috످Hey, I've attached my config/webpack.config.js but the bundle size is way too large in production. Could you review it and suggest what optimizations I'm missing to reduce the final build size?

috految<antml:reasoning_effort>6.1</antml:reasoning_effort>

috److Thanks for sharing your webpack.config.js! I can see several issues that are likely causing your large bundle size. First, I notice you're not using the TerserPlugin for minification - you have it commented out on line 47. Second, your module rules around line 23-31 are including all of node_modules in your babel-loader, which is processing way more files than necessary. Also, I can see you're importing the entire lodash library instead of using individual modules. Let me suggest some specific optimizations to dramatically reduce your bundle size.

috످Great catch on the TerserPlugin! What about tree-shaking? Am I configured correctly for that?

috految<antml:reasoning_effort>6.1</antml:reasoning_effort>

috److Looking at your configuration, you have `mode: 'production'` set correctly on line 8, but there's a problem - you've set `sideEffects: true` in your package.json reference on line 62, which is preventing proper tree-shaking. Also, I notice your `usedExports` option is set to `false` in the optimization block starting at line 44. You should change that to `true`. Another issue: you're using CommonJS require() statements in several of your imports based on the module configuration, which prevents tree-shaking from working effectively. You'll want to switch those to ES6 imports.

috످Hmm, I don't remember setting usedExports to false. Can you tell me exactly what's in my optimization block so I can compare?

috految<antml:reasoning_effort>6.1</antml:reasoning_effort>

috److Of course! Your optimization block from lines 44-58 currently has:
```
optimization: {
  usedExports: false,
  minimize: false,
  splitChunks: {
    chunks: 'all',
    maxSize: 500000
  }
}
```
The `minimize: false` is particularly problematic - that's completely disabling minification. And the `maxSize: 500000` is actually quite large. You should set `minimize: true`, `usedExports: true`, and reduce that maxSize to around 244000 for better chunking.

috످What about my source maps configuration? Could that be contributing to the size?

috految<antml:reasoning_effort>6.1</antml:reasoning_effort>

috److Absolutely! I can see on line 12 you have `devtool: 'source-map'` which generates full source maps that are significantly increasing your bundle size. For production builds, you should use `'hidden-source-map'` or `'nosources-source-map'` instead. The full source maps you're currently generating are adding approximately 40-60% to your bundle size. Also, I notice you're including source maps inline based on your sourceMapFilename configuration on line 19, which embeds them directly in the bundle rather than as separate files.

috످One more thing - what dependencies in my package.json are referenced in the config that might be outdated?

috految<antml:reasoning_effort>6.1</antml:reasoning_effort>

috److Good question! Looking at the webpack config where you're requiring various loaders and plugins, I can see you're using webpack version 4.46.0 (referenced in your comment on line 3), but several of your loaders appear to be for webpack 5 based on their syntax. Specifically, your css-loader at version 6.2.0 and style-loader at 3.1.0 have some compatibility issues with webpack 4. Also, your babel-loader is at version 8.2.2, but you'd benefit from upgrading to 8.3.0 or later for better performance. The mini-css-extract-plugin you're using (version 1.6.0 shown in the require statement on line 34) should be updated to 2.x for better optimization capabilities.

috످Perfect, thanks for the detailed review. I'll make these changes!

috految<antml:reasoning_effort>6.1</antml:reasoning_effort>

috److Please don't make those changes. I never saw your webpack.config.js or package.json. There's no attachment in this conversation, and I made up the review, including the line numbers, dependency versions, optimization block, and the TerserPlugin and lodash issues. You were right to question `usedExports`, and I'm sorry I invented code to back it up.

If you've already made any of the edits, revert them. Some of my advice was also wrong.

Upgrading mini-css-extract-plugin to 2.x will break your build if you're on webpack 4. Changing `sideEffects` to `false` can silently drop CSS and polyfills.

Switching to `hidden-source-map` won't shrink your bundle, since `source-map` already creates separate files. I made up the 40-60% figure.

Lowering `maxSize` splits your bundle without reducing its total size. Adding TerserPlugin or `usedExports` is usually unnecessary, since `mode: 'production'` enables both.

To find what's making your bundle large, run:

```bash
npx webpack --config config/webpack.config.js --mode production --json > stats.json
npx webpack-bundle-analyzer stats.json dist # or your output folder
```

If you paste your webpack config, package.json (with any secrets removed), and the largest modules from the analyzer, I can review your actual setup.

috످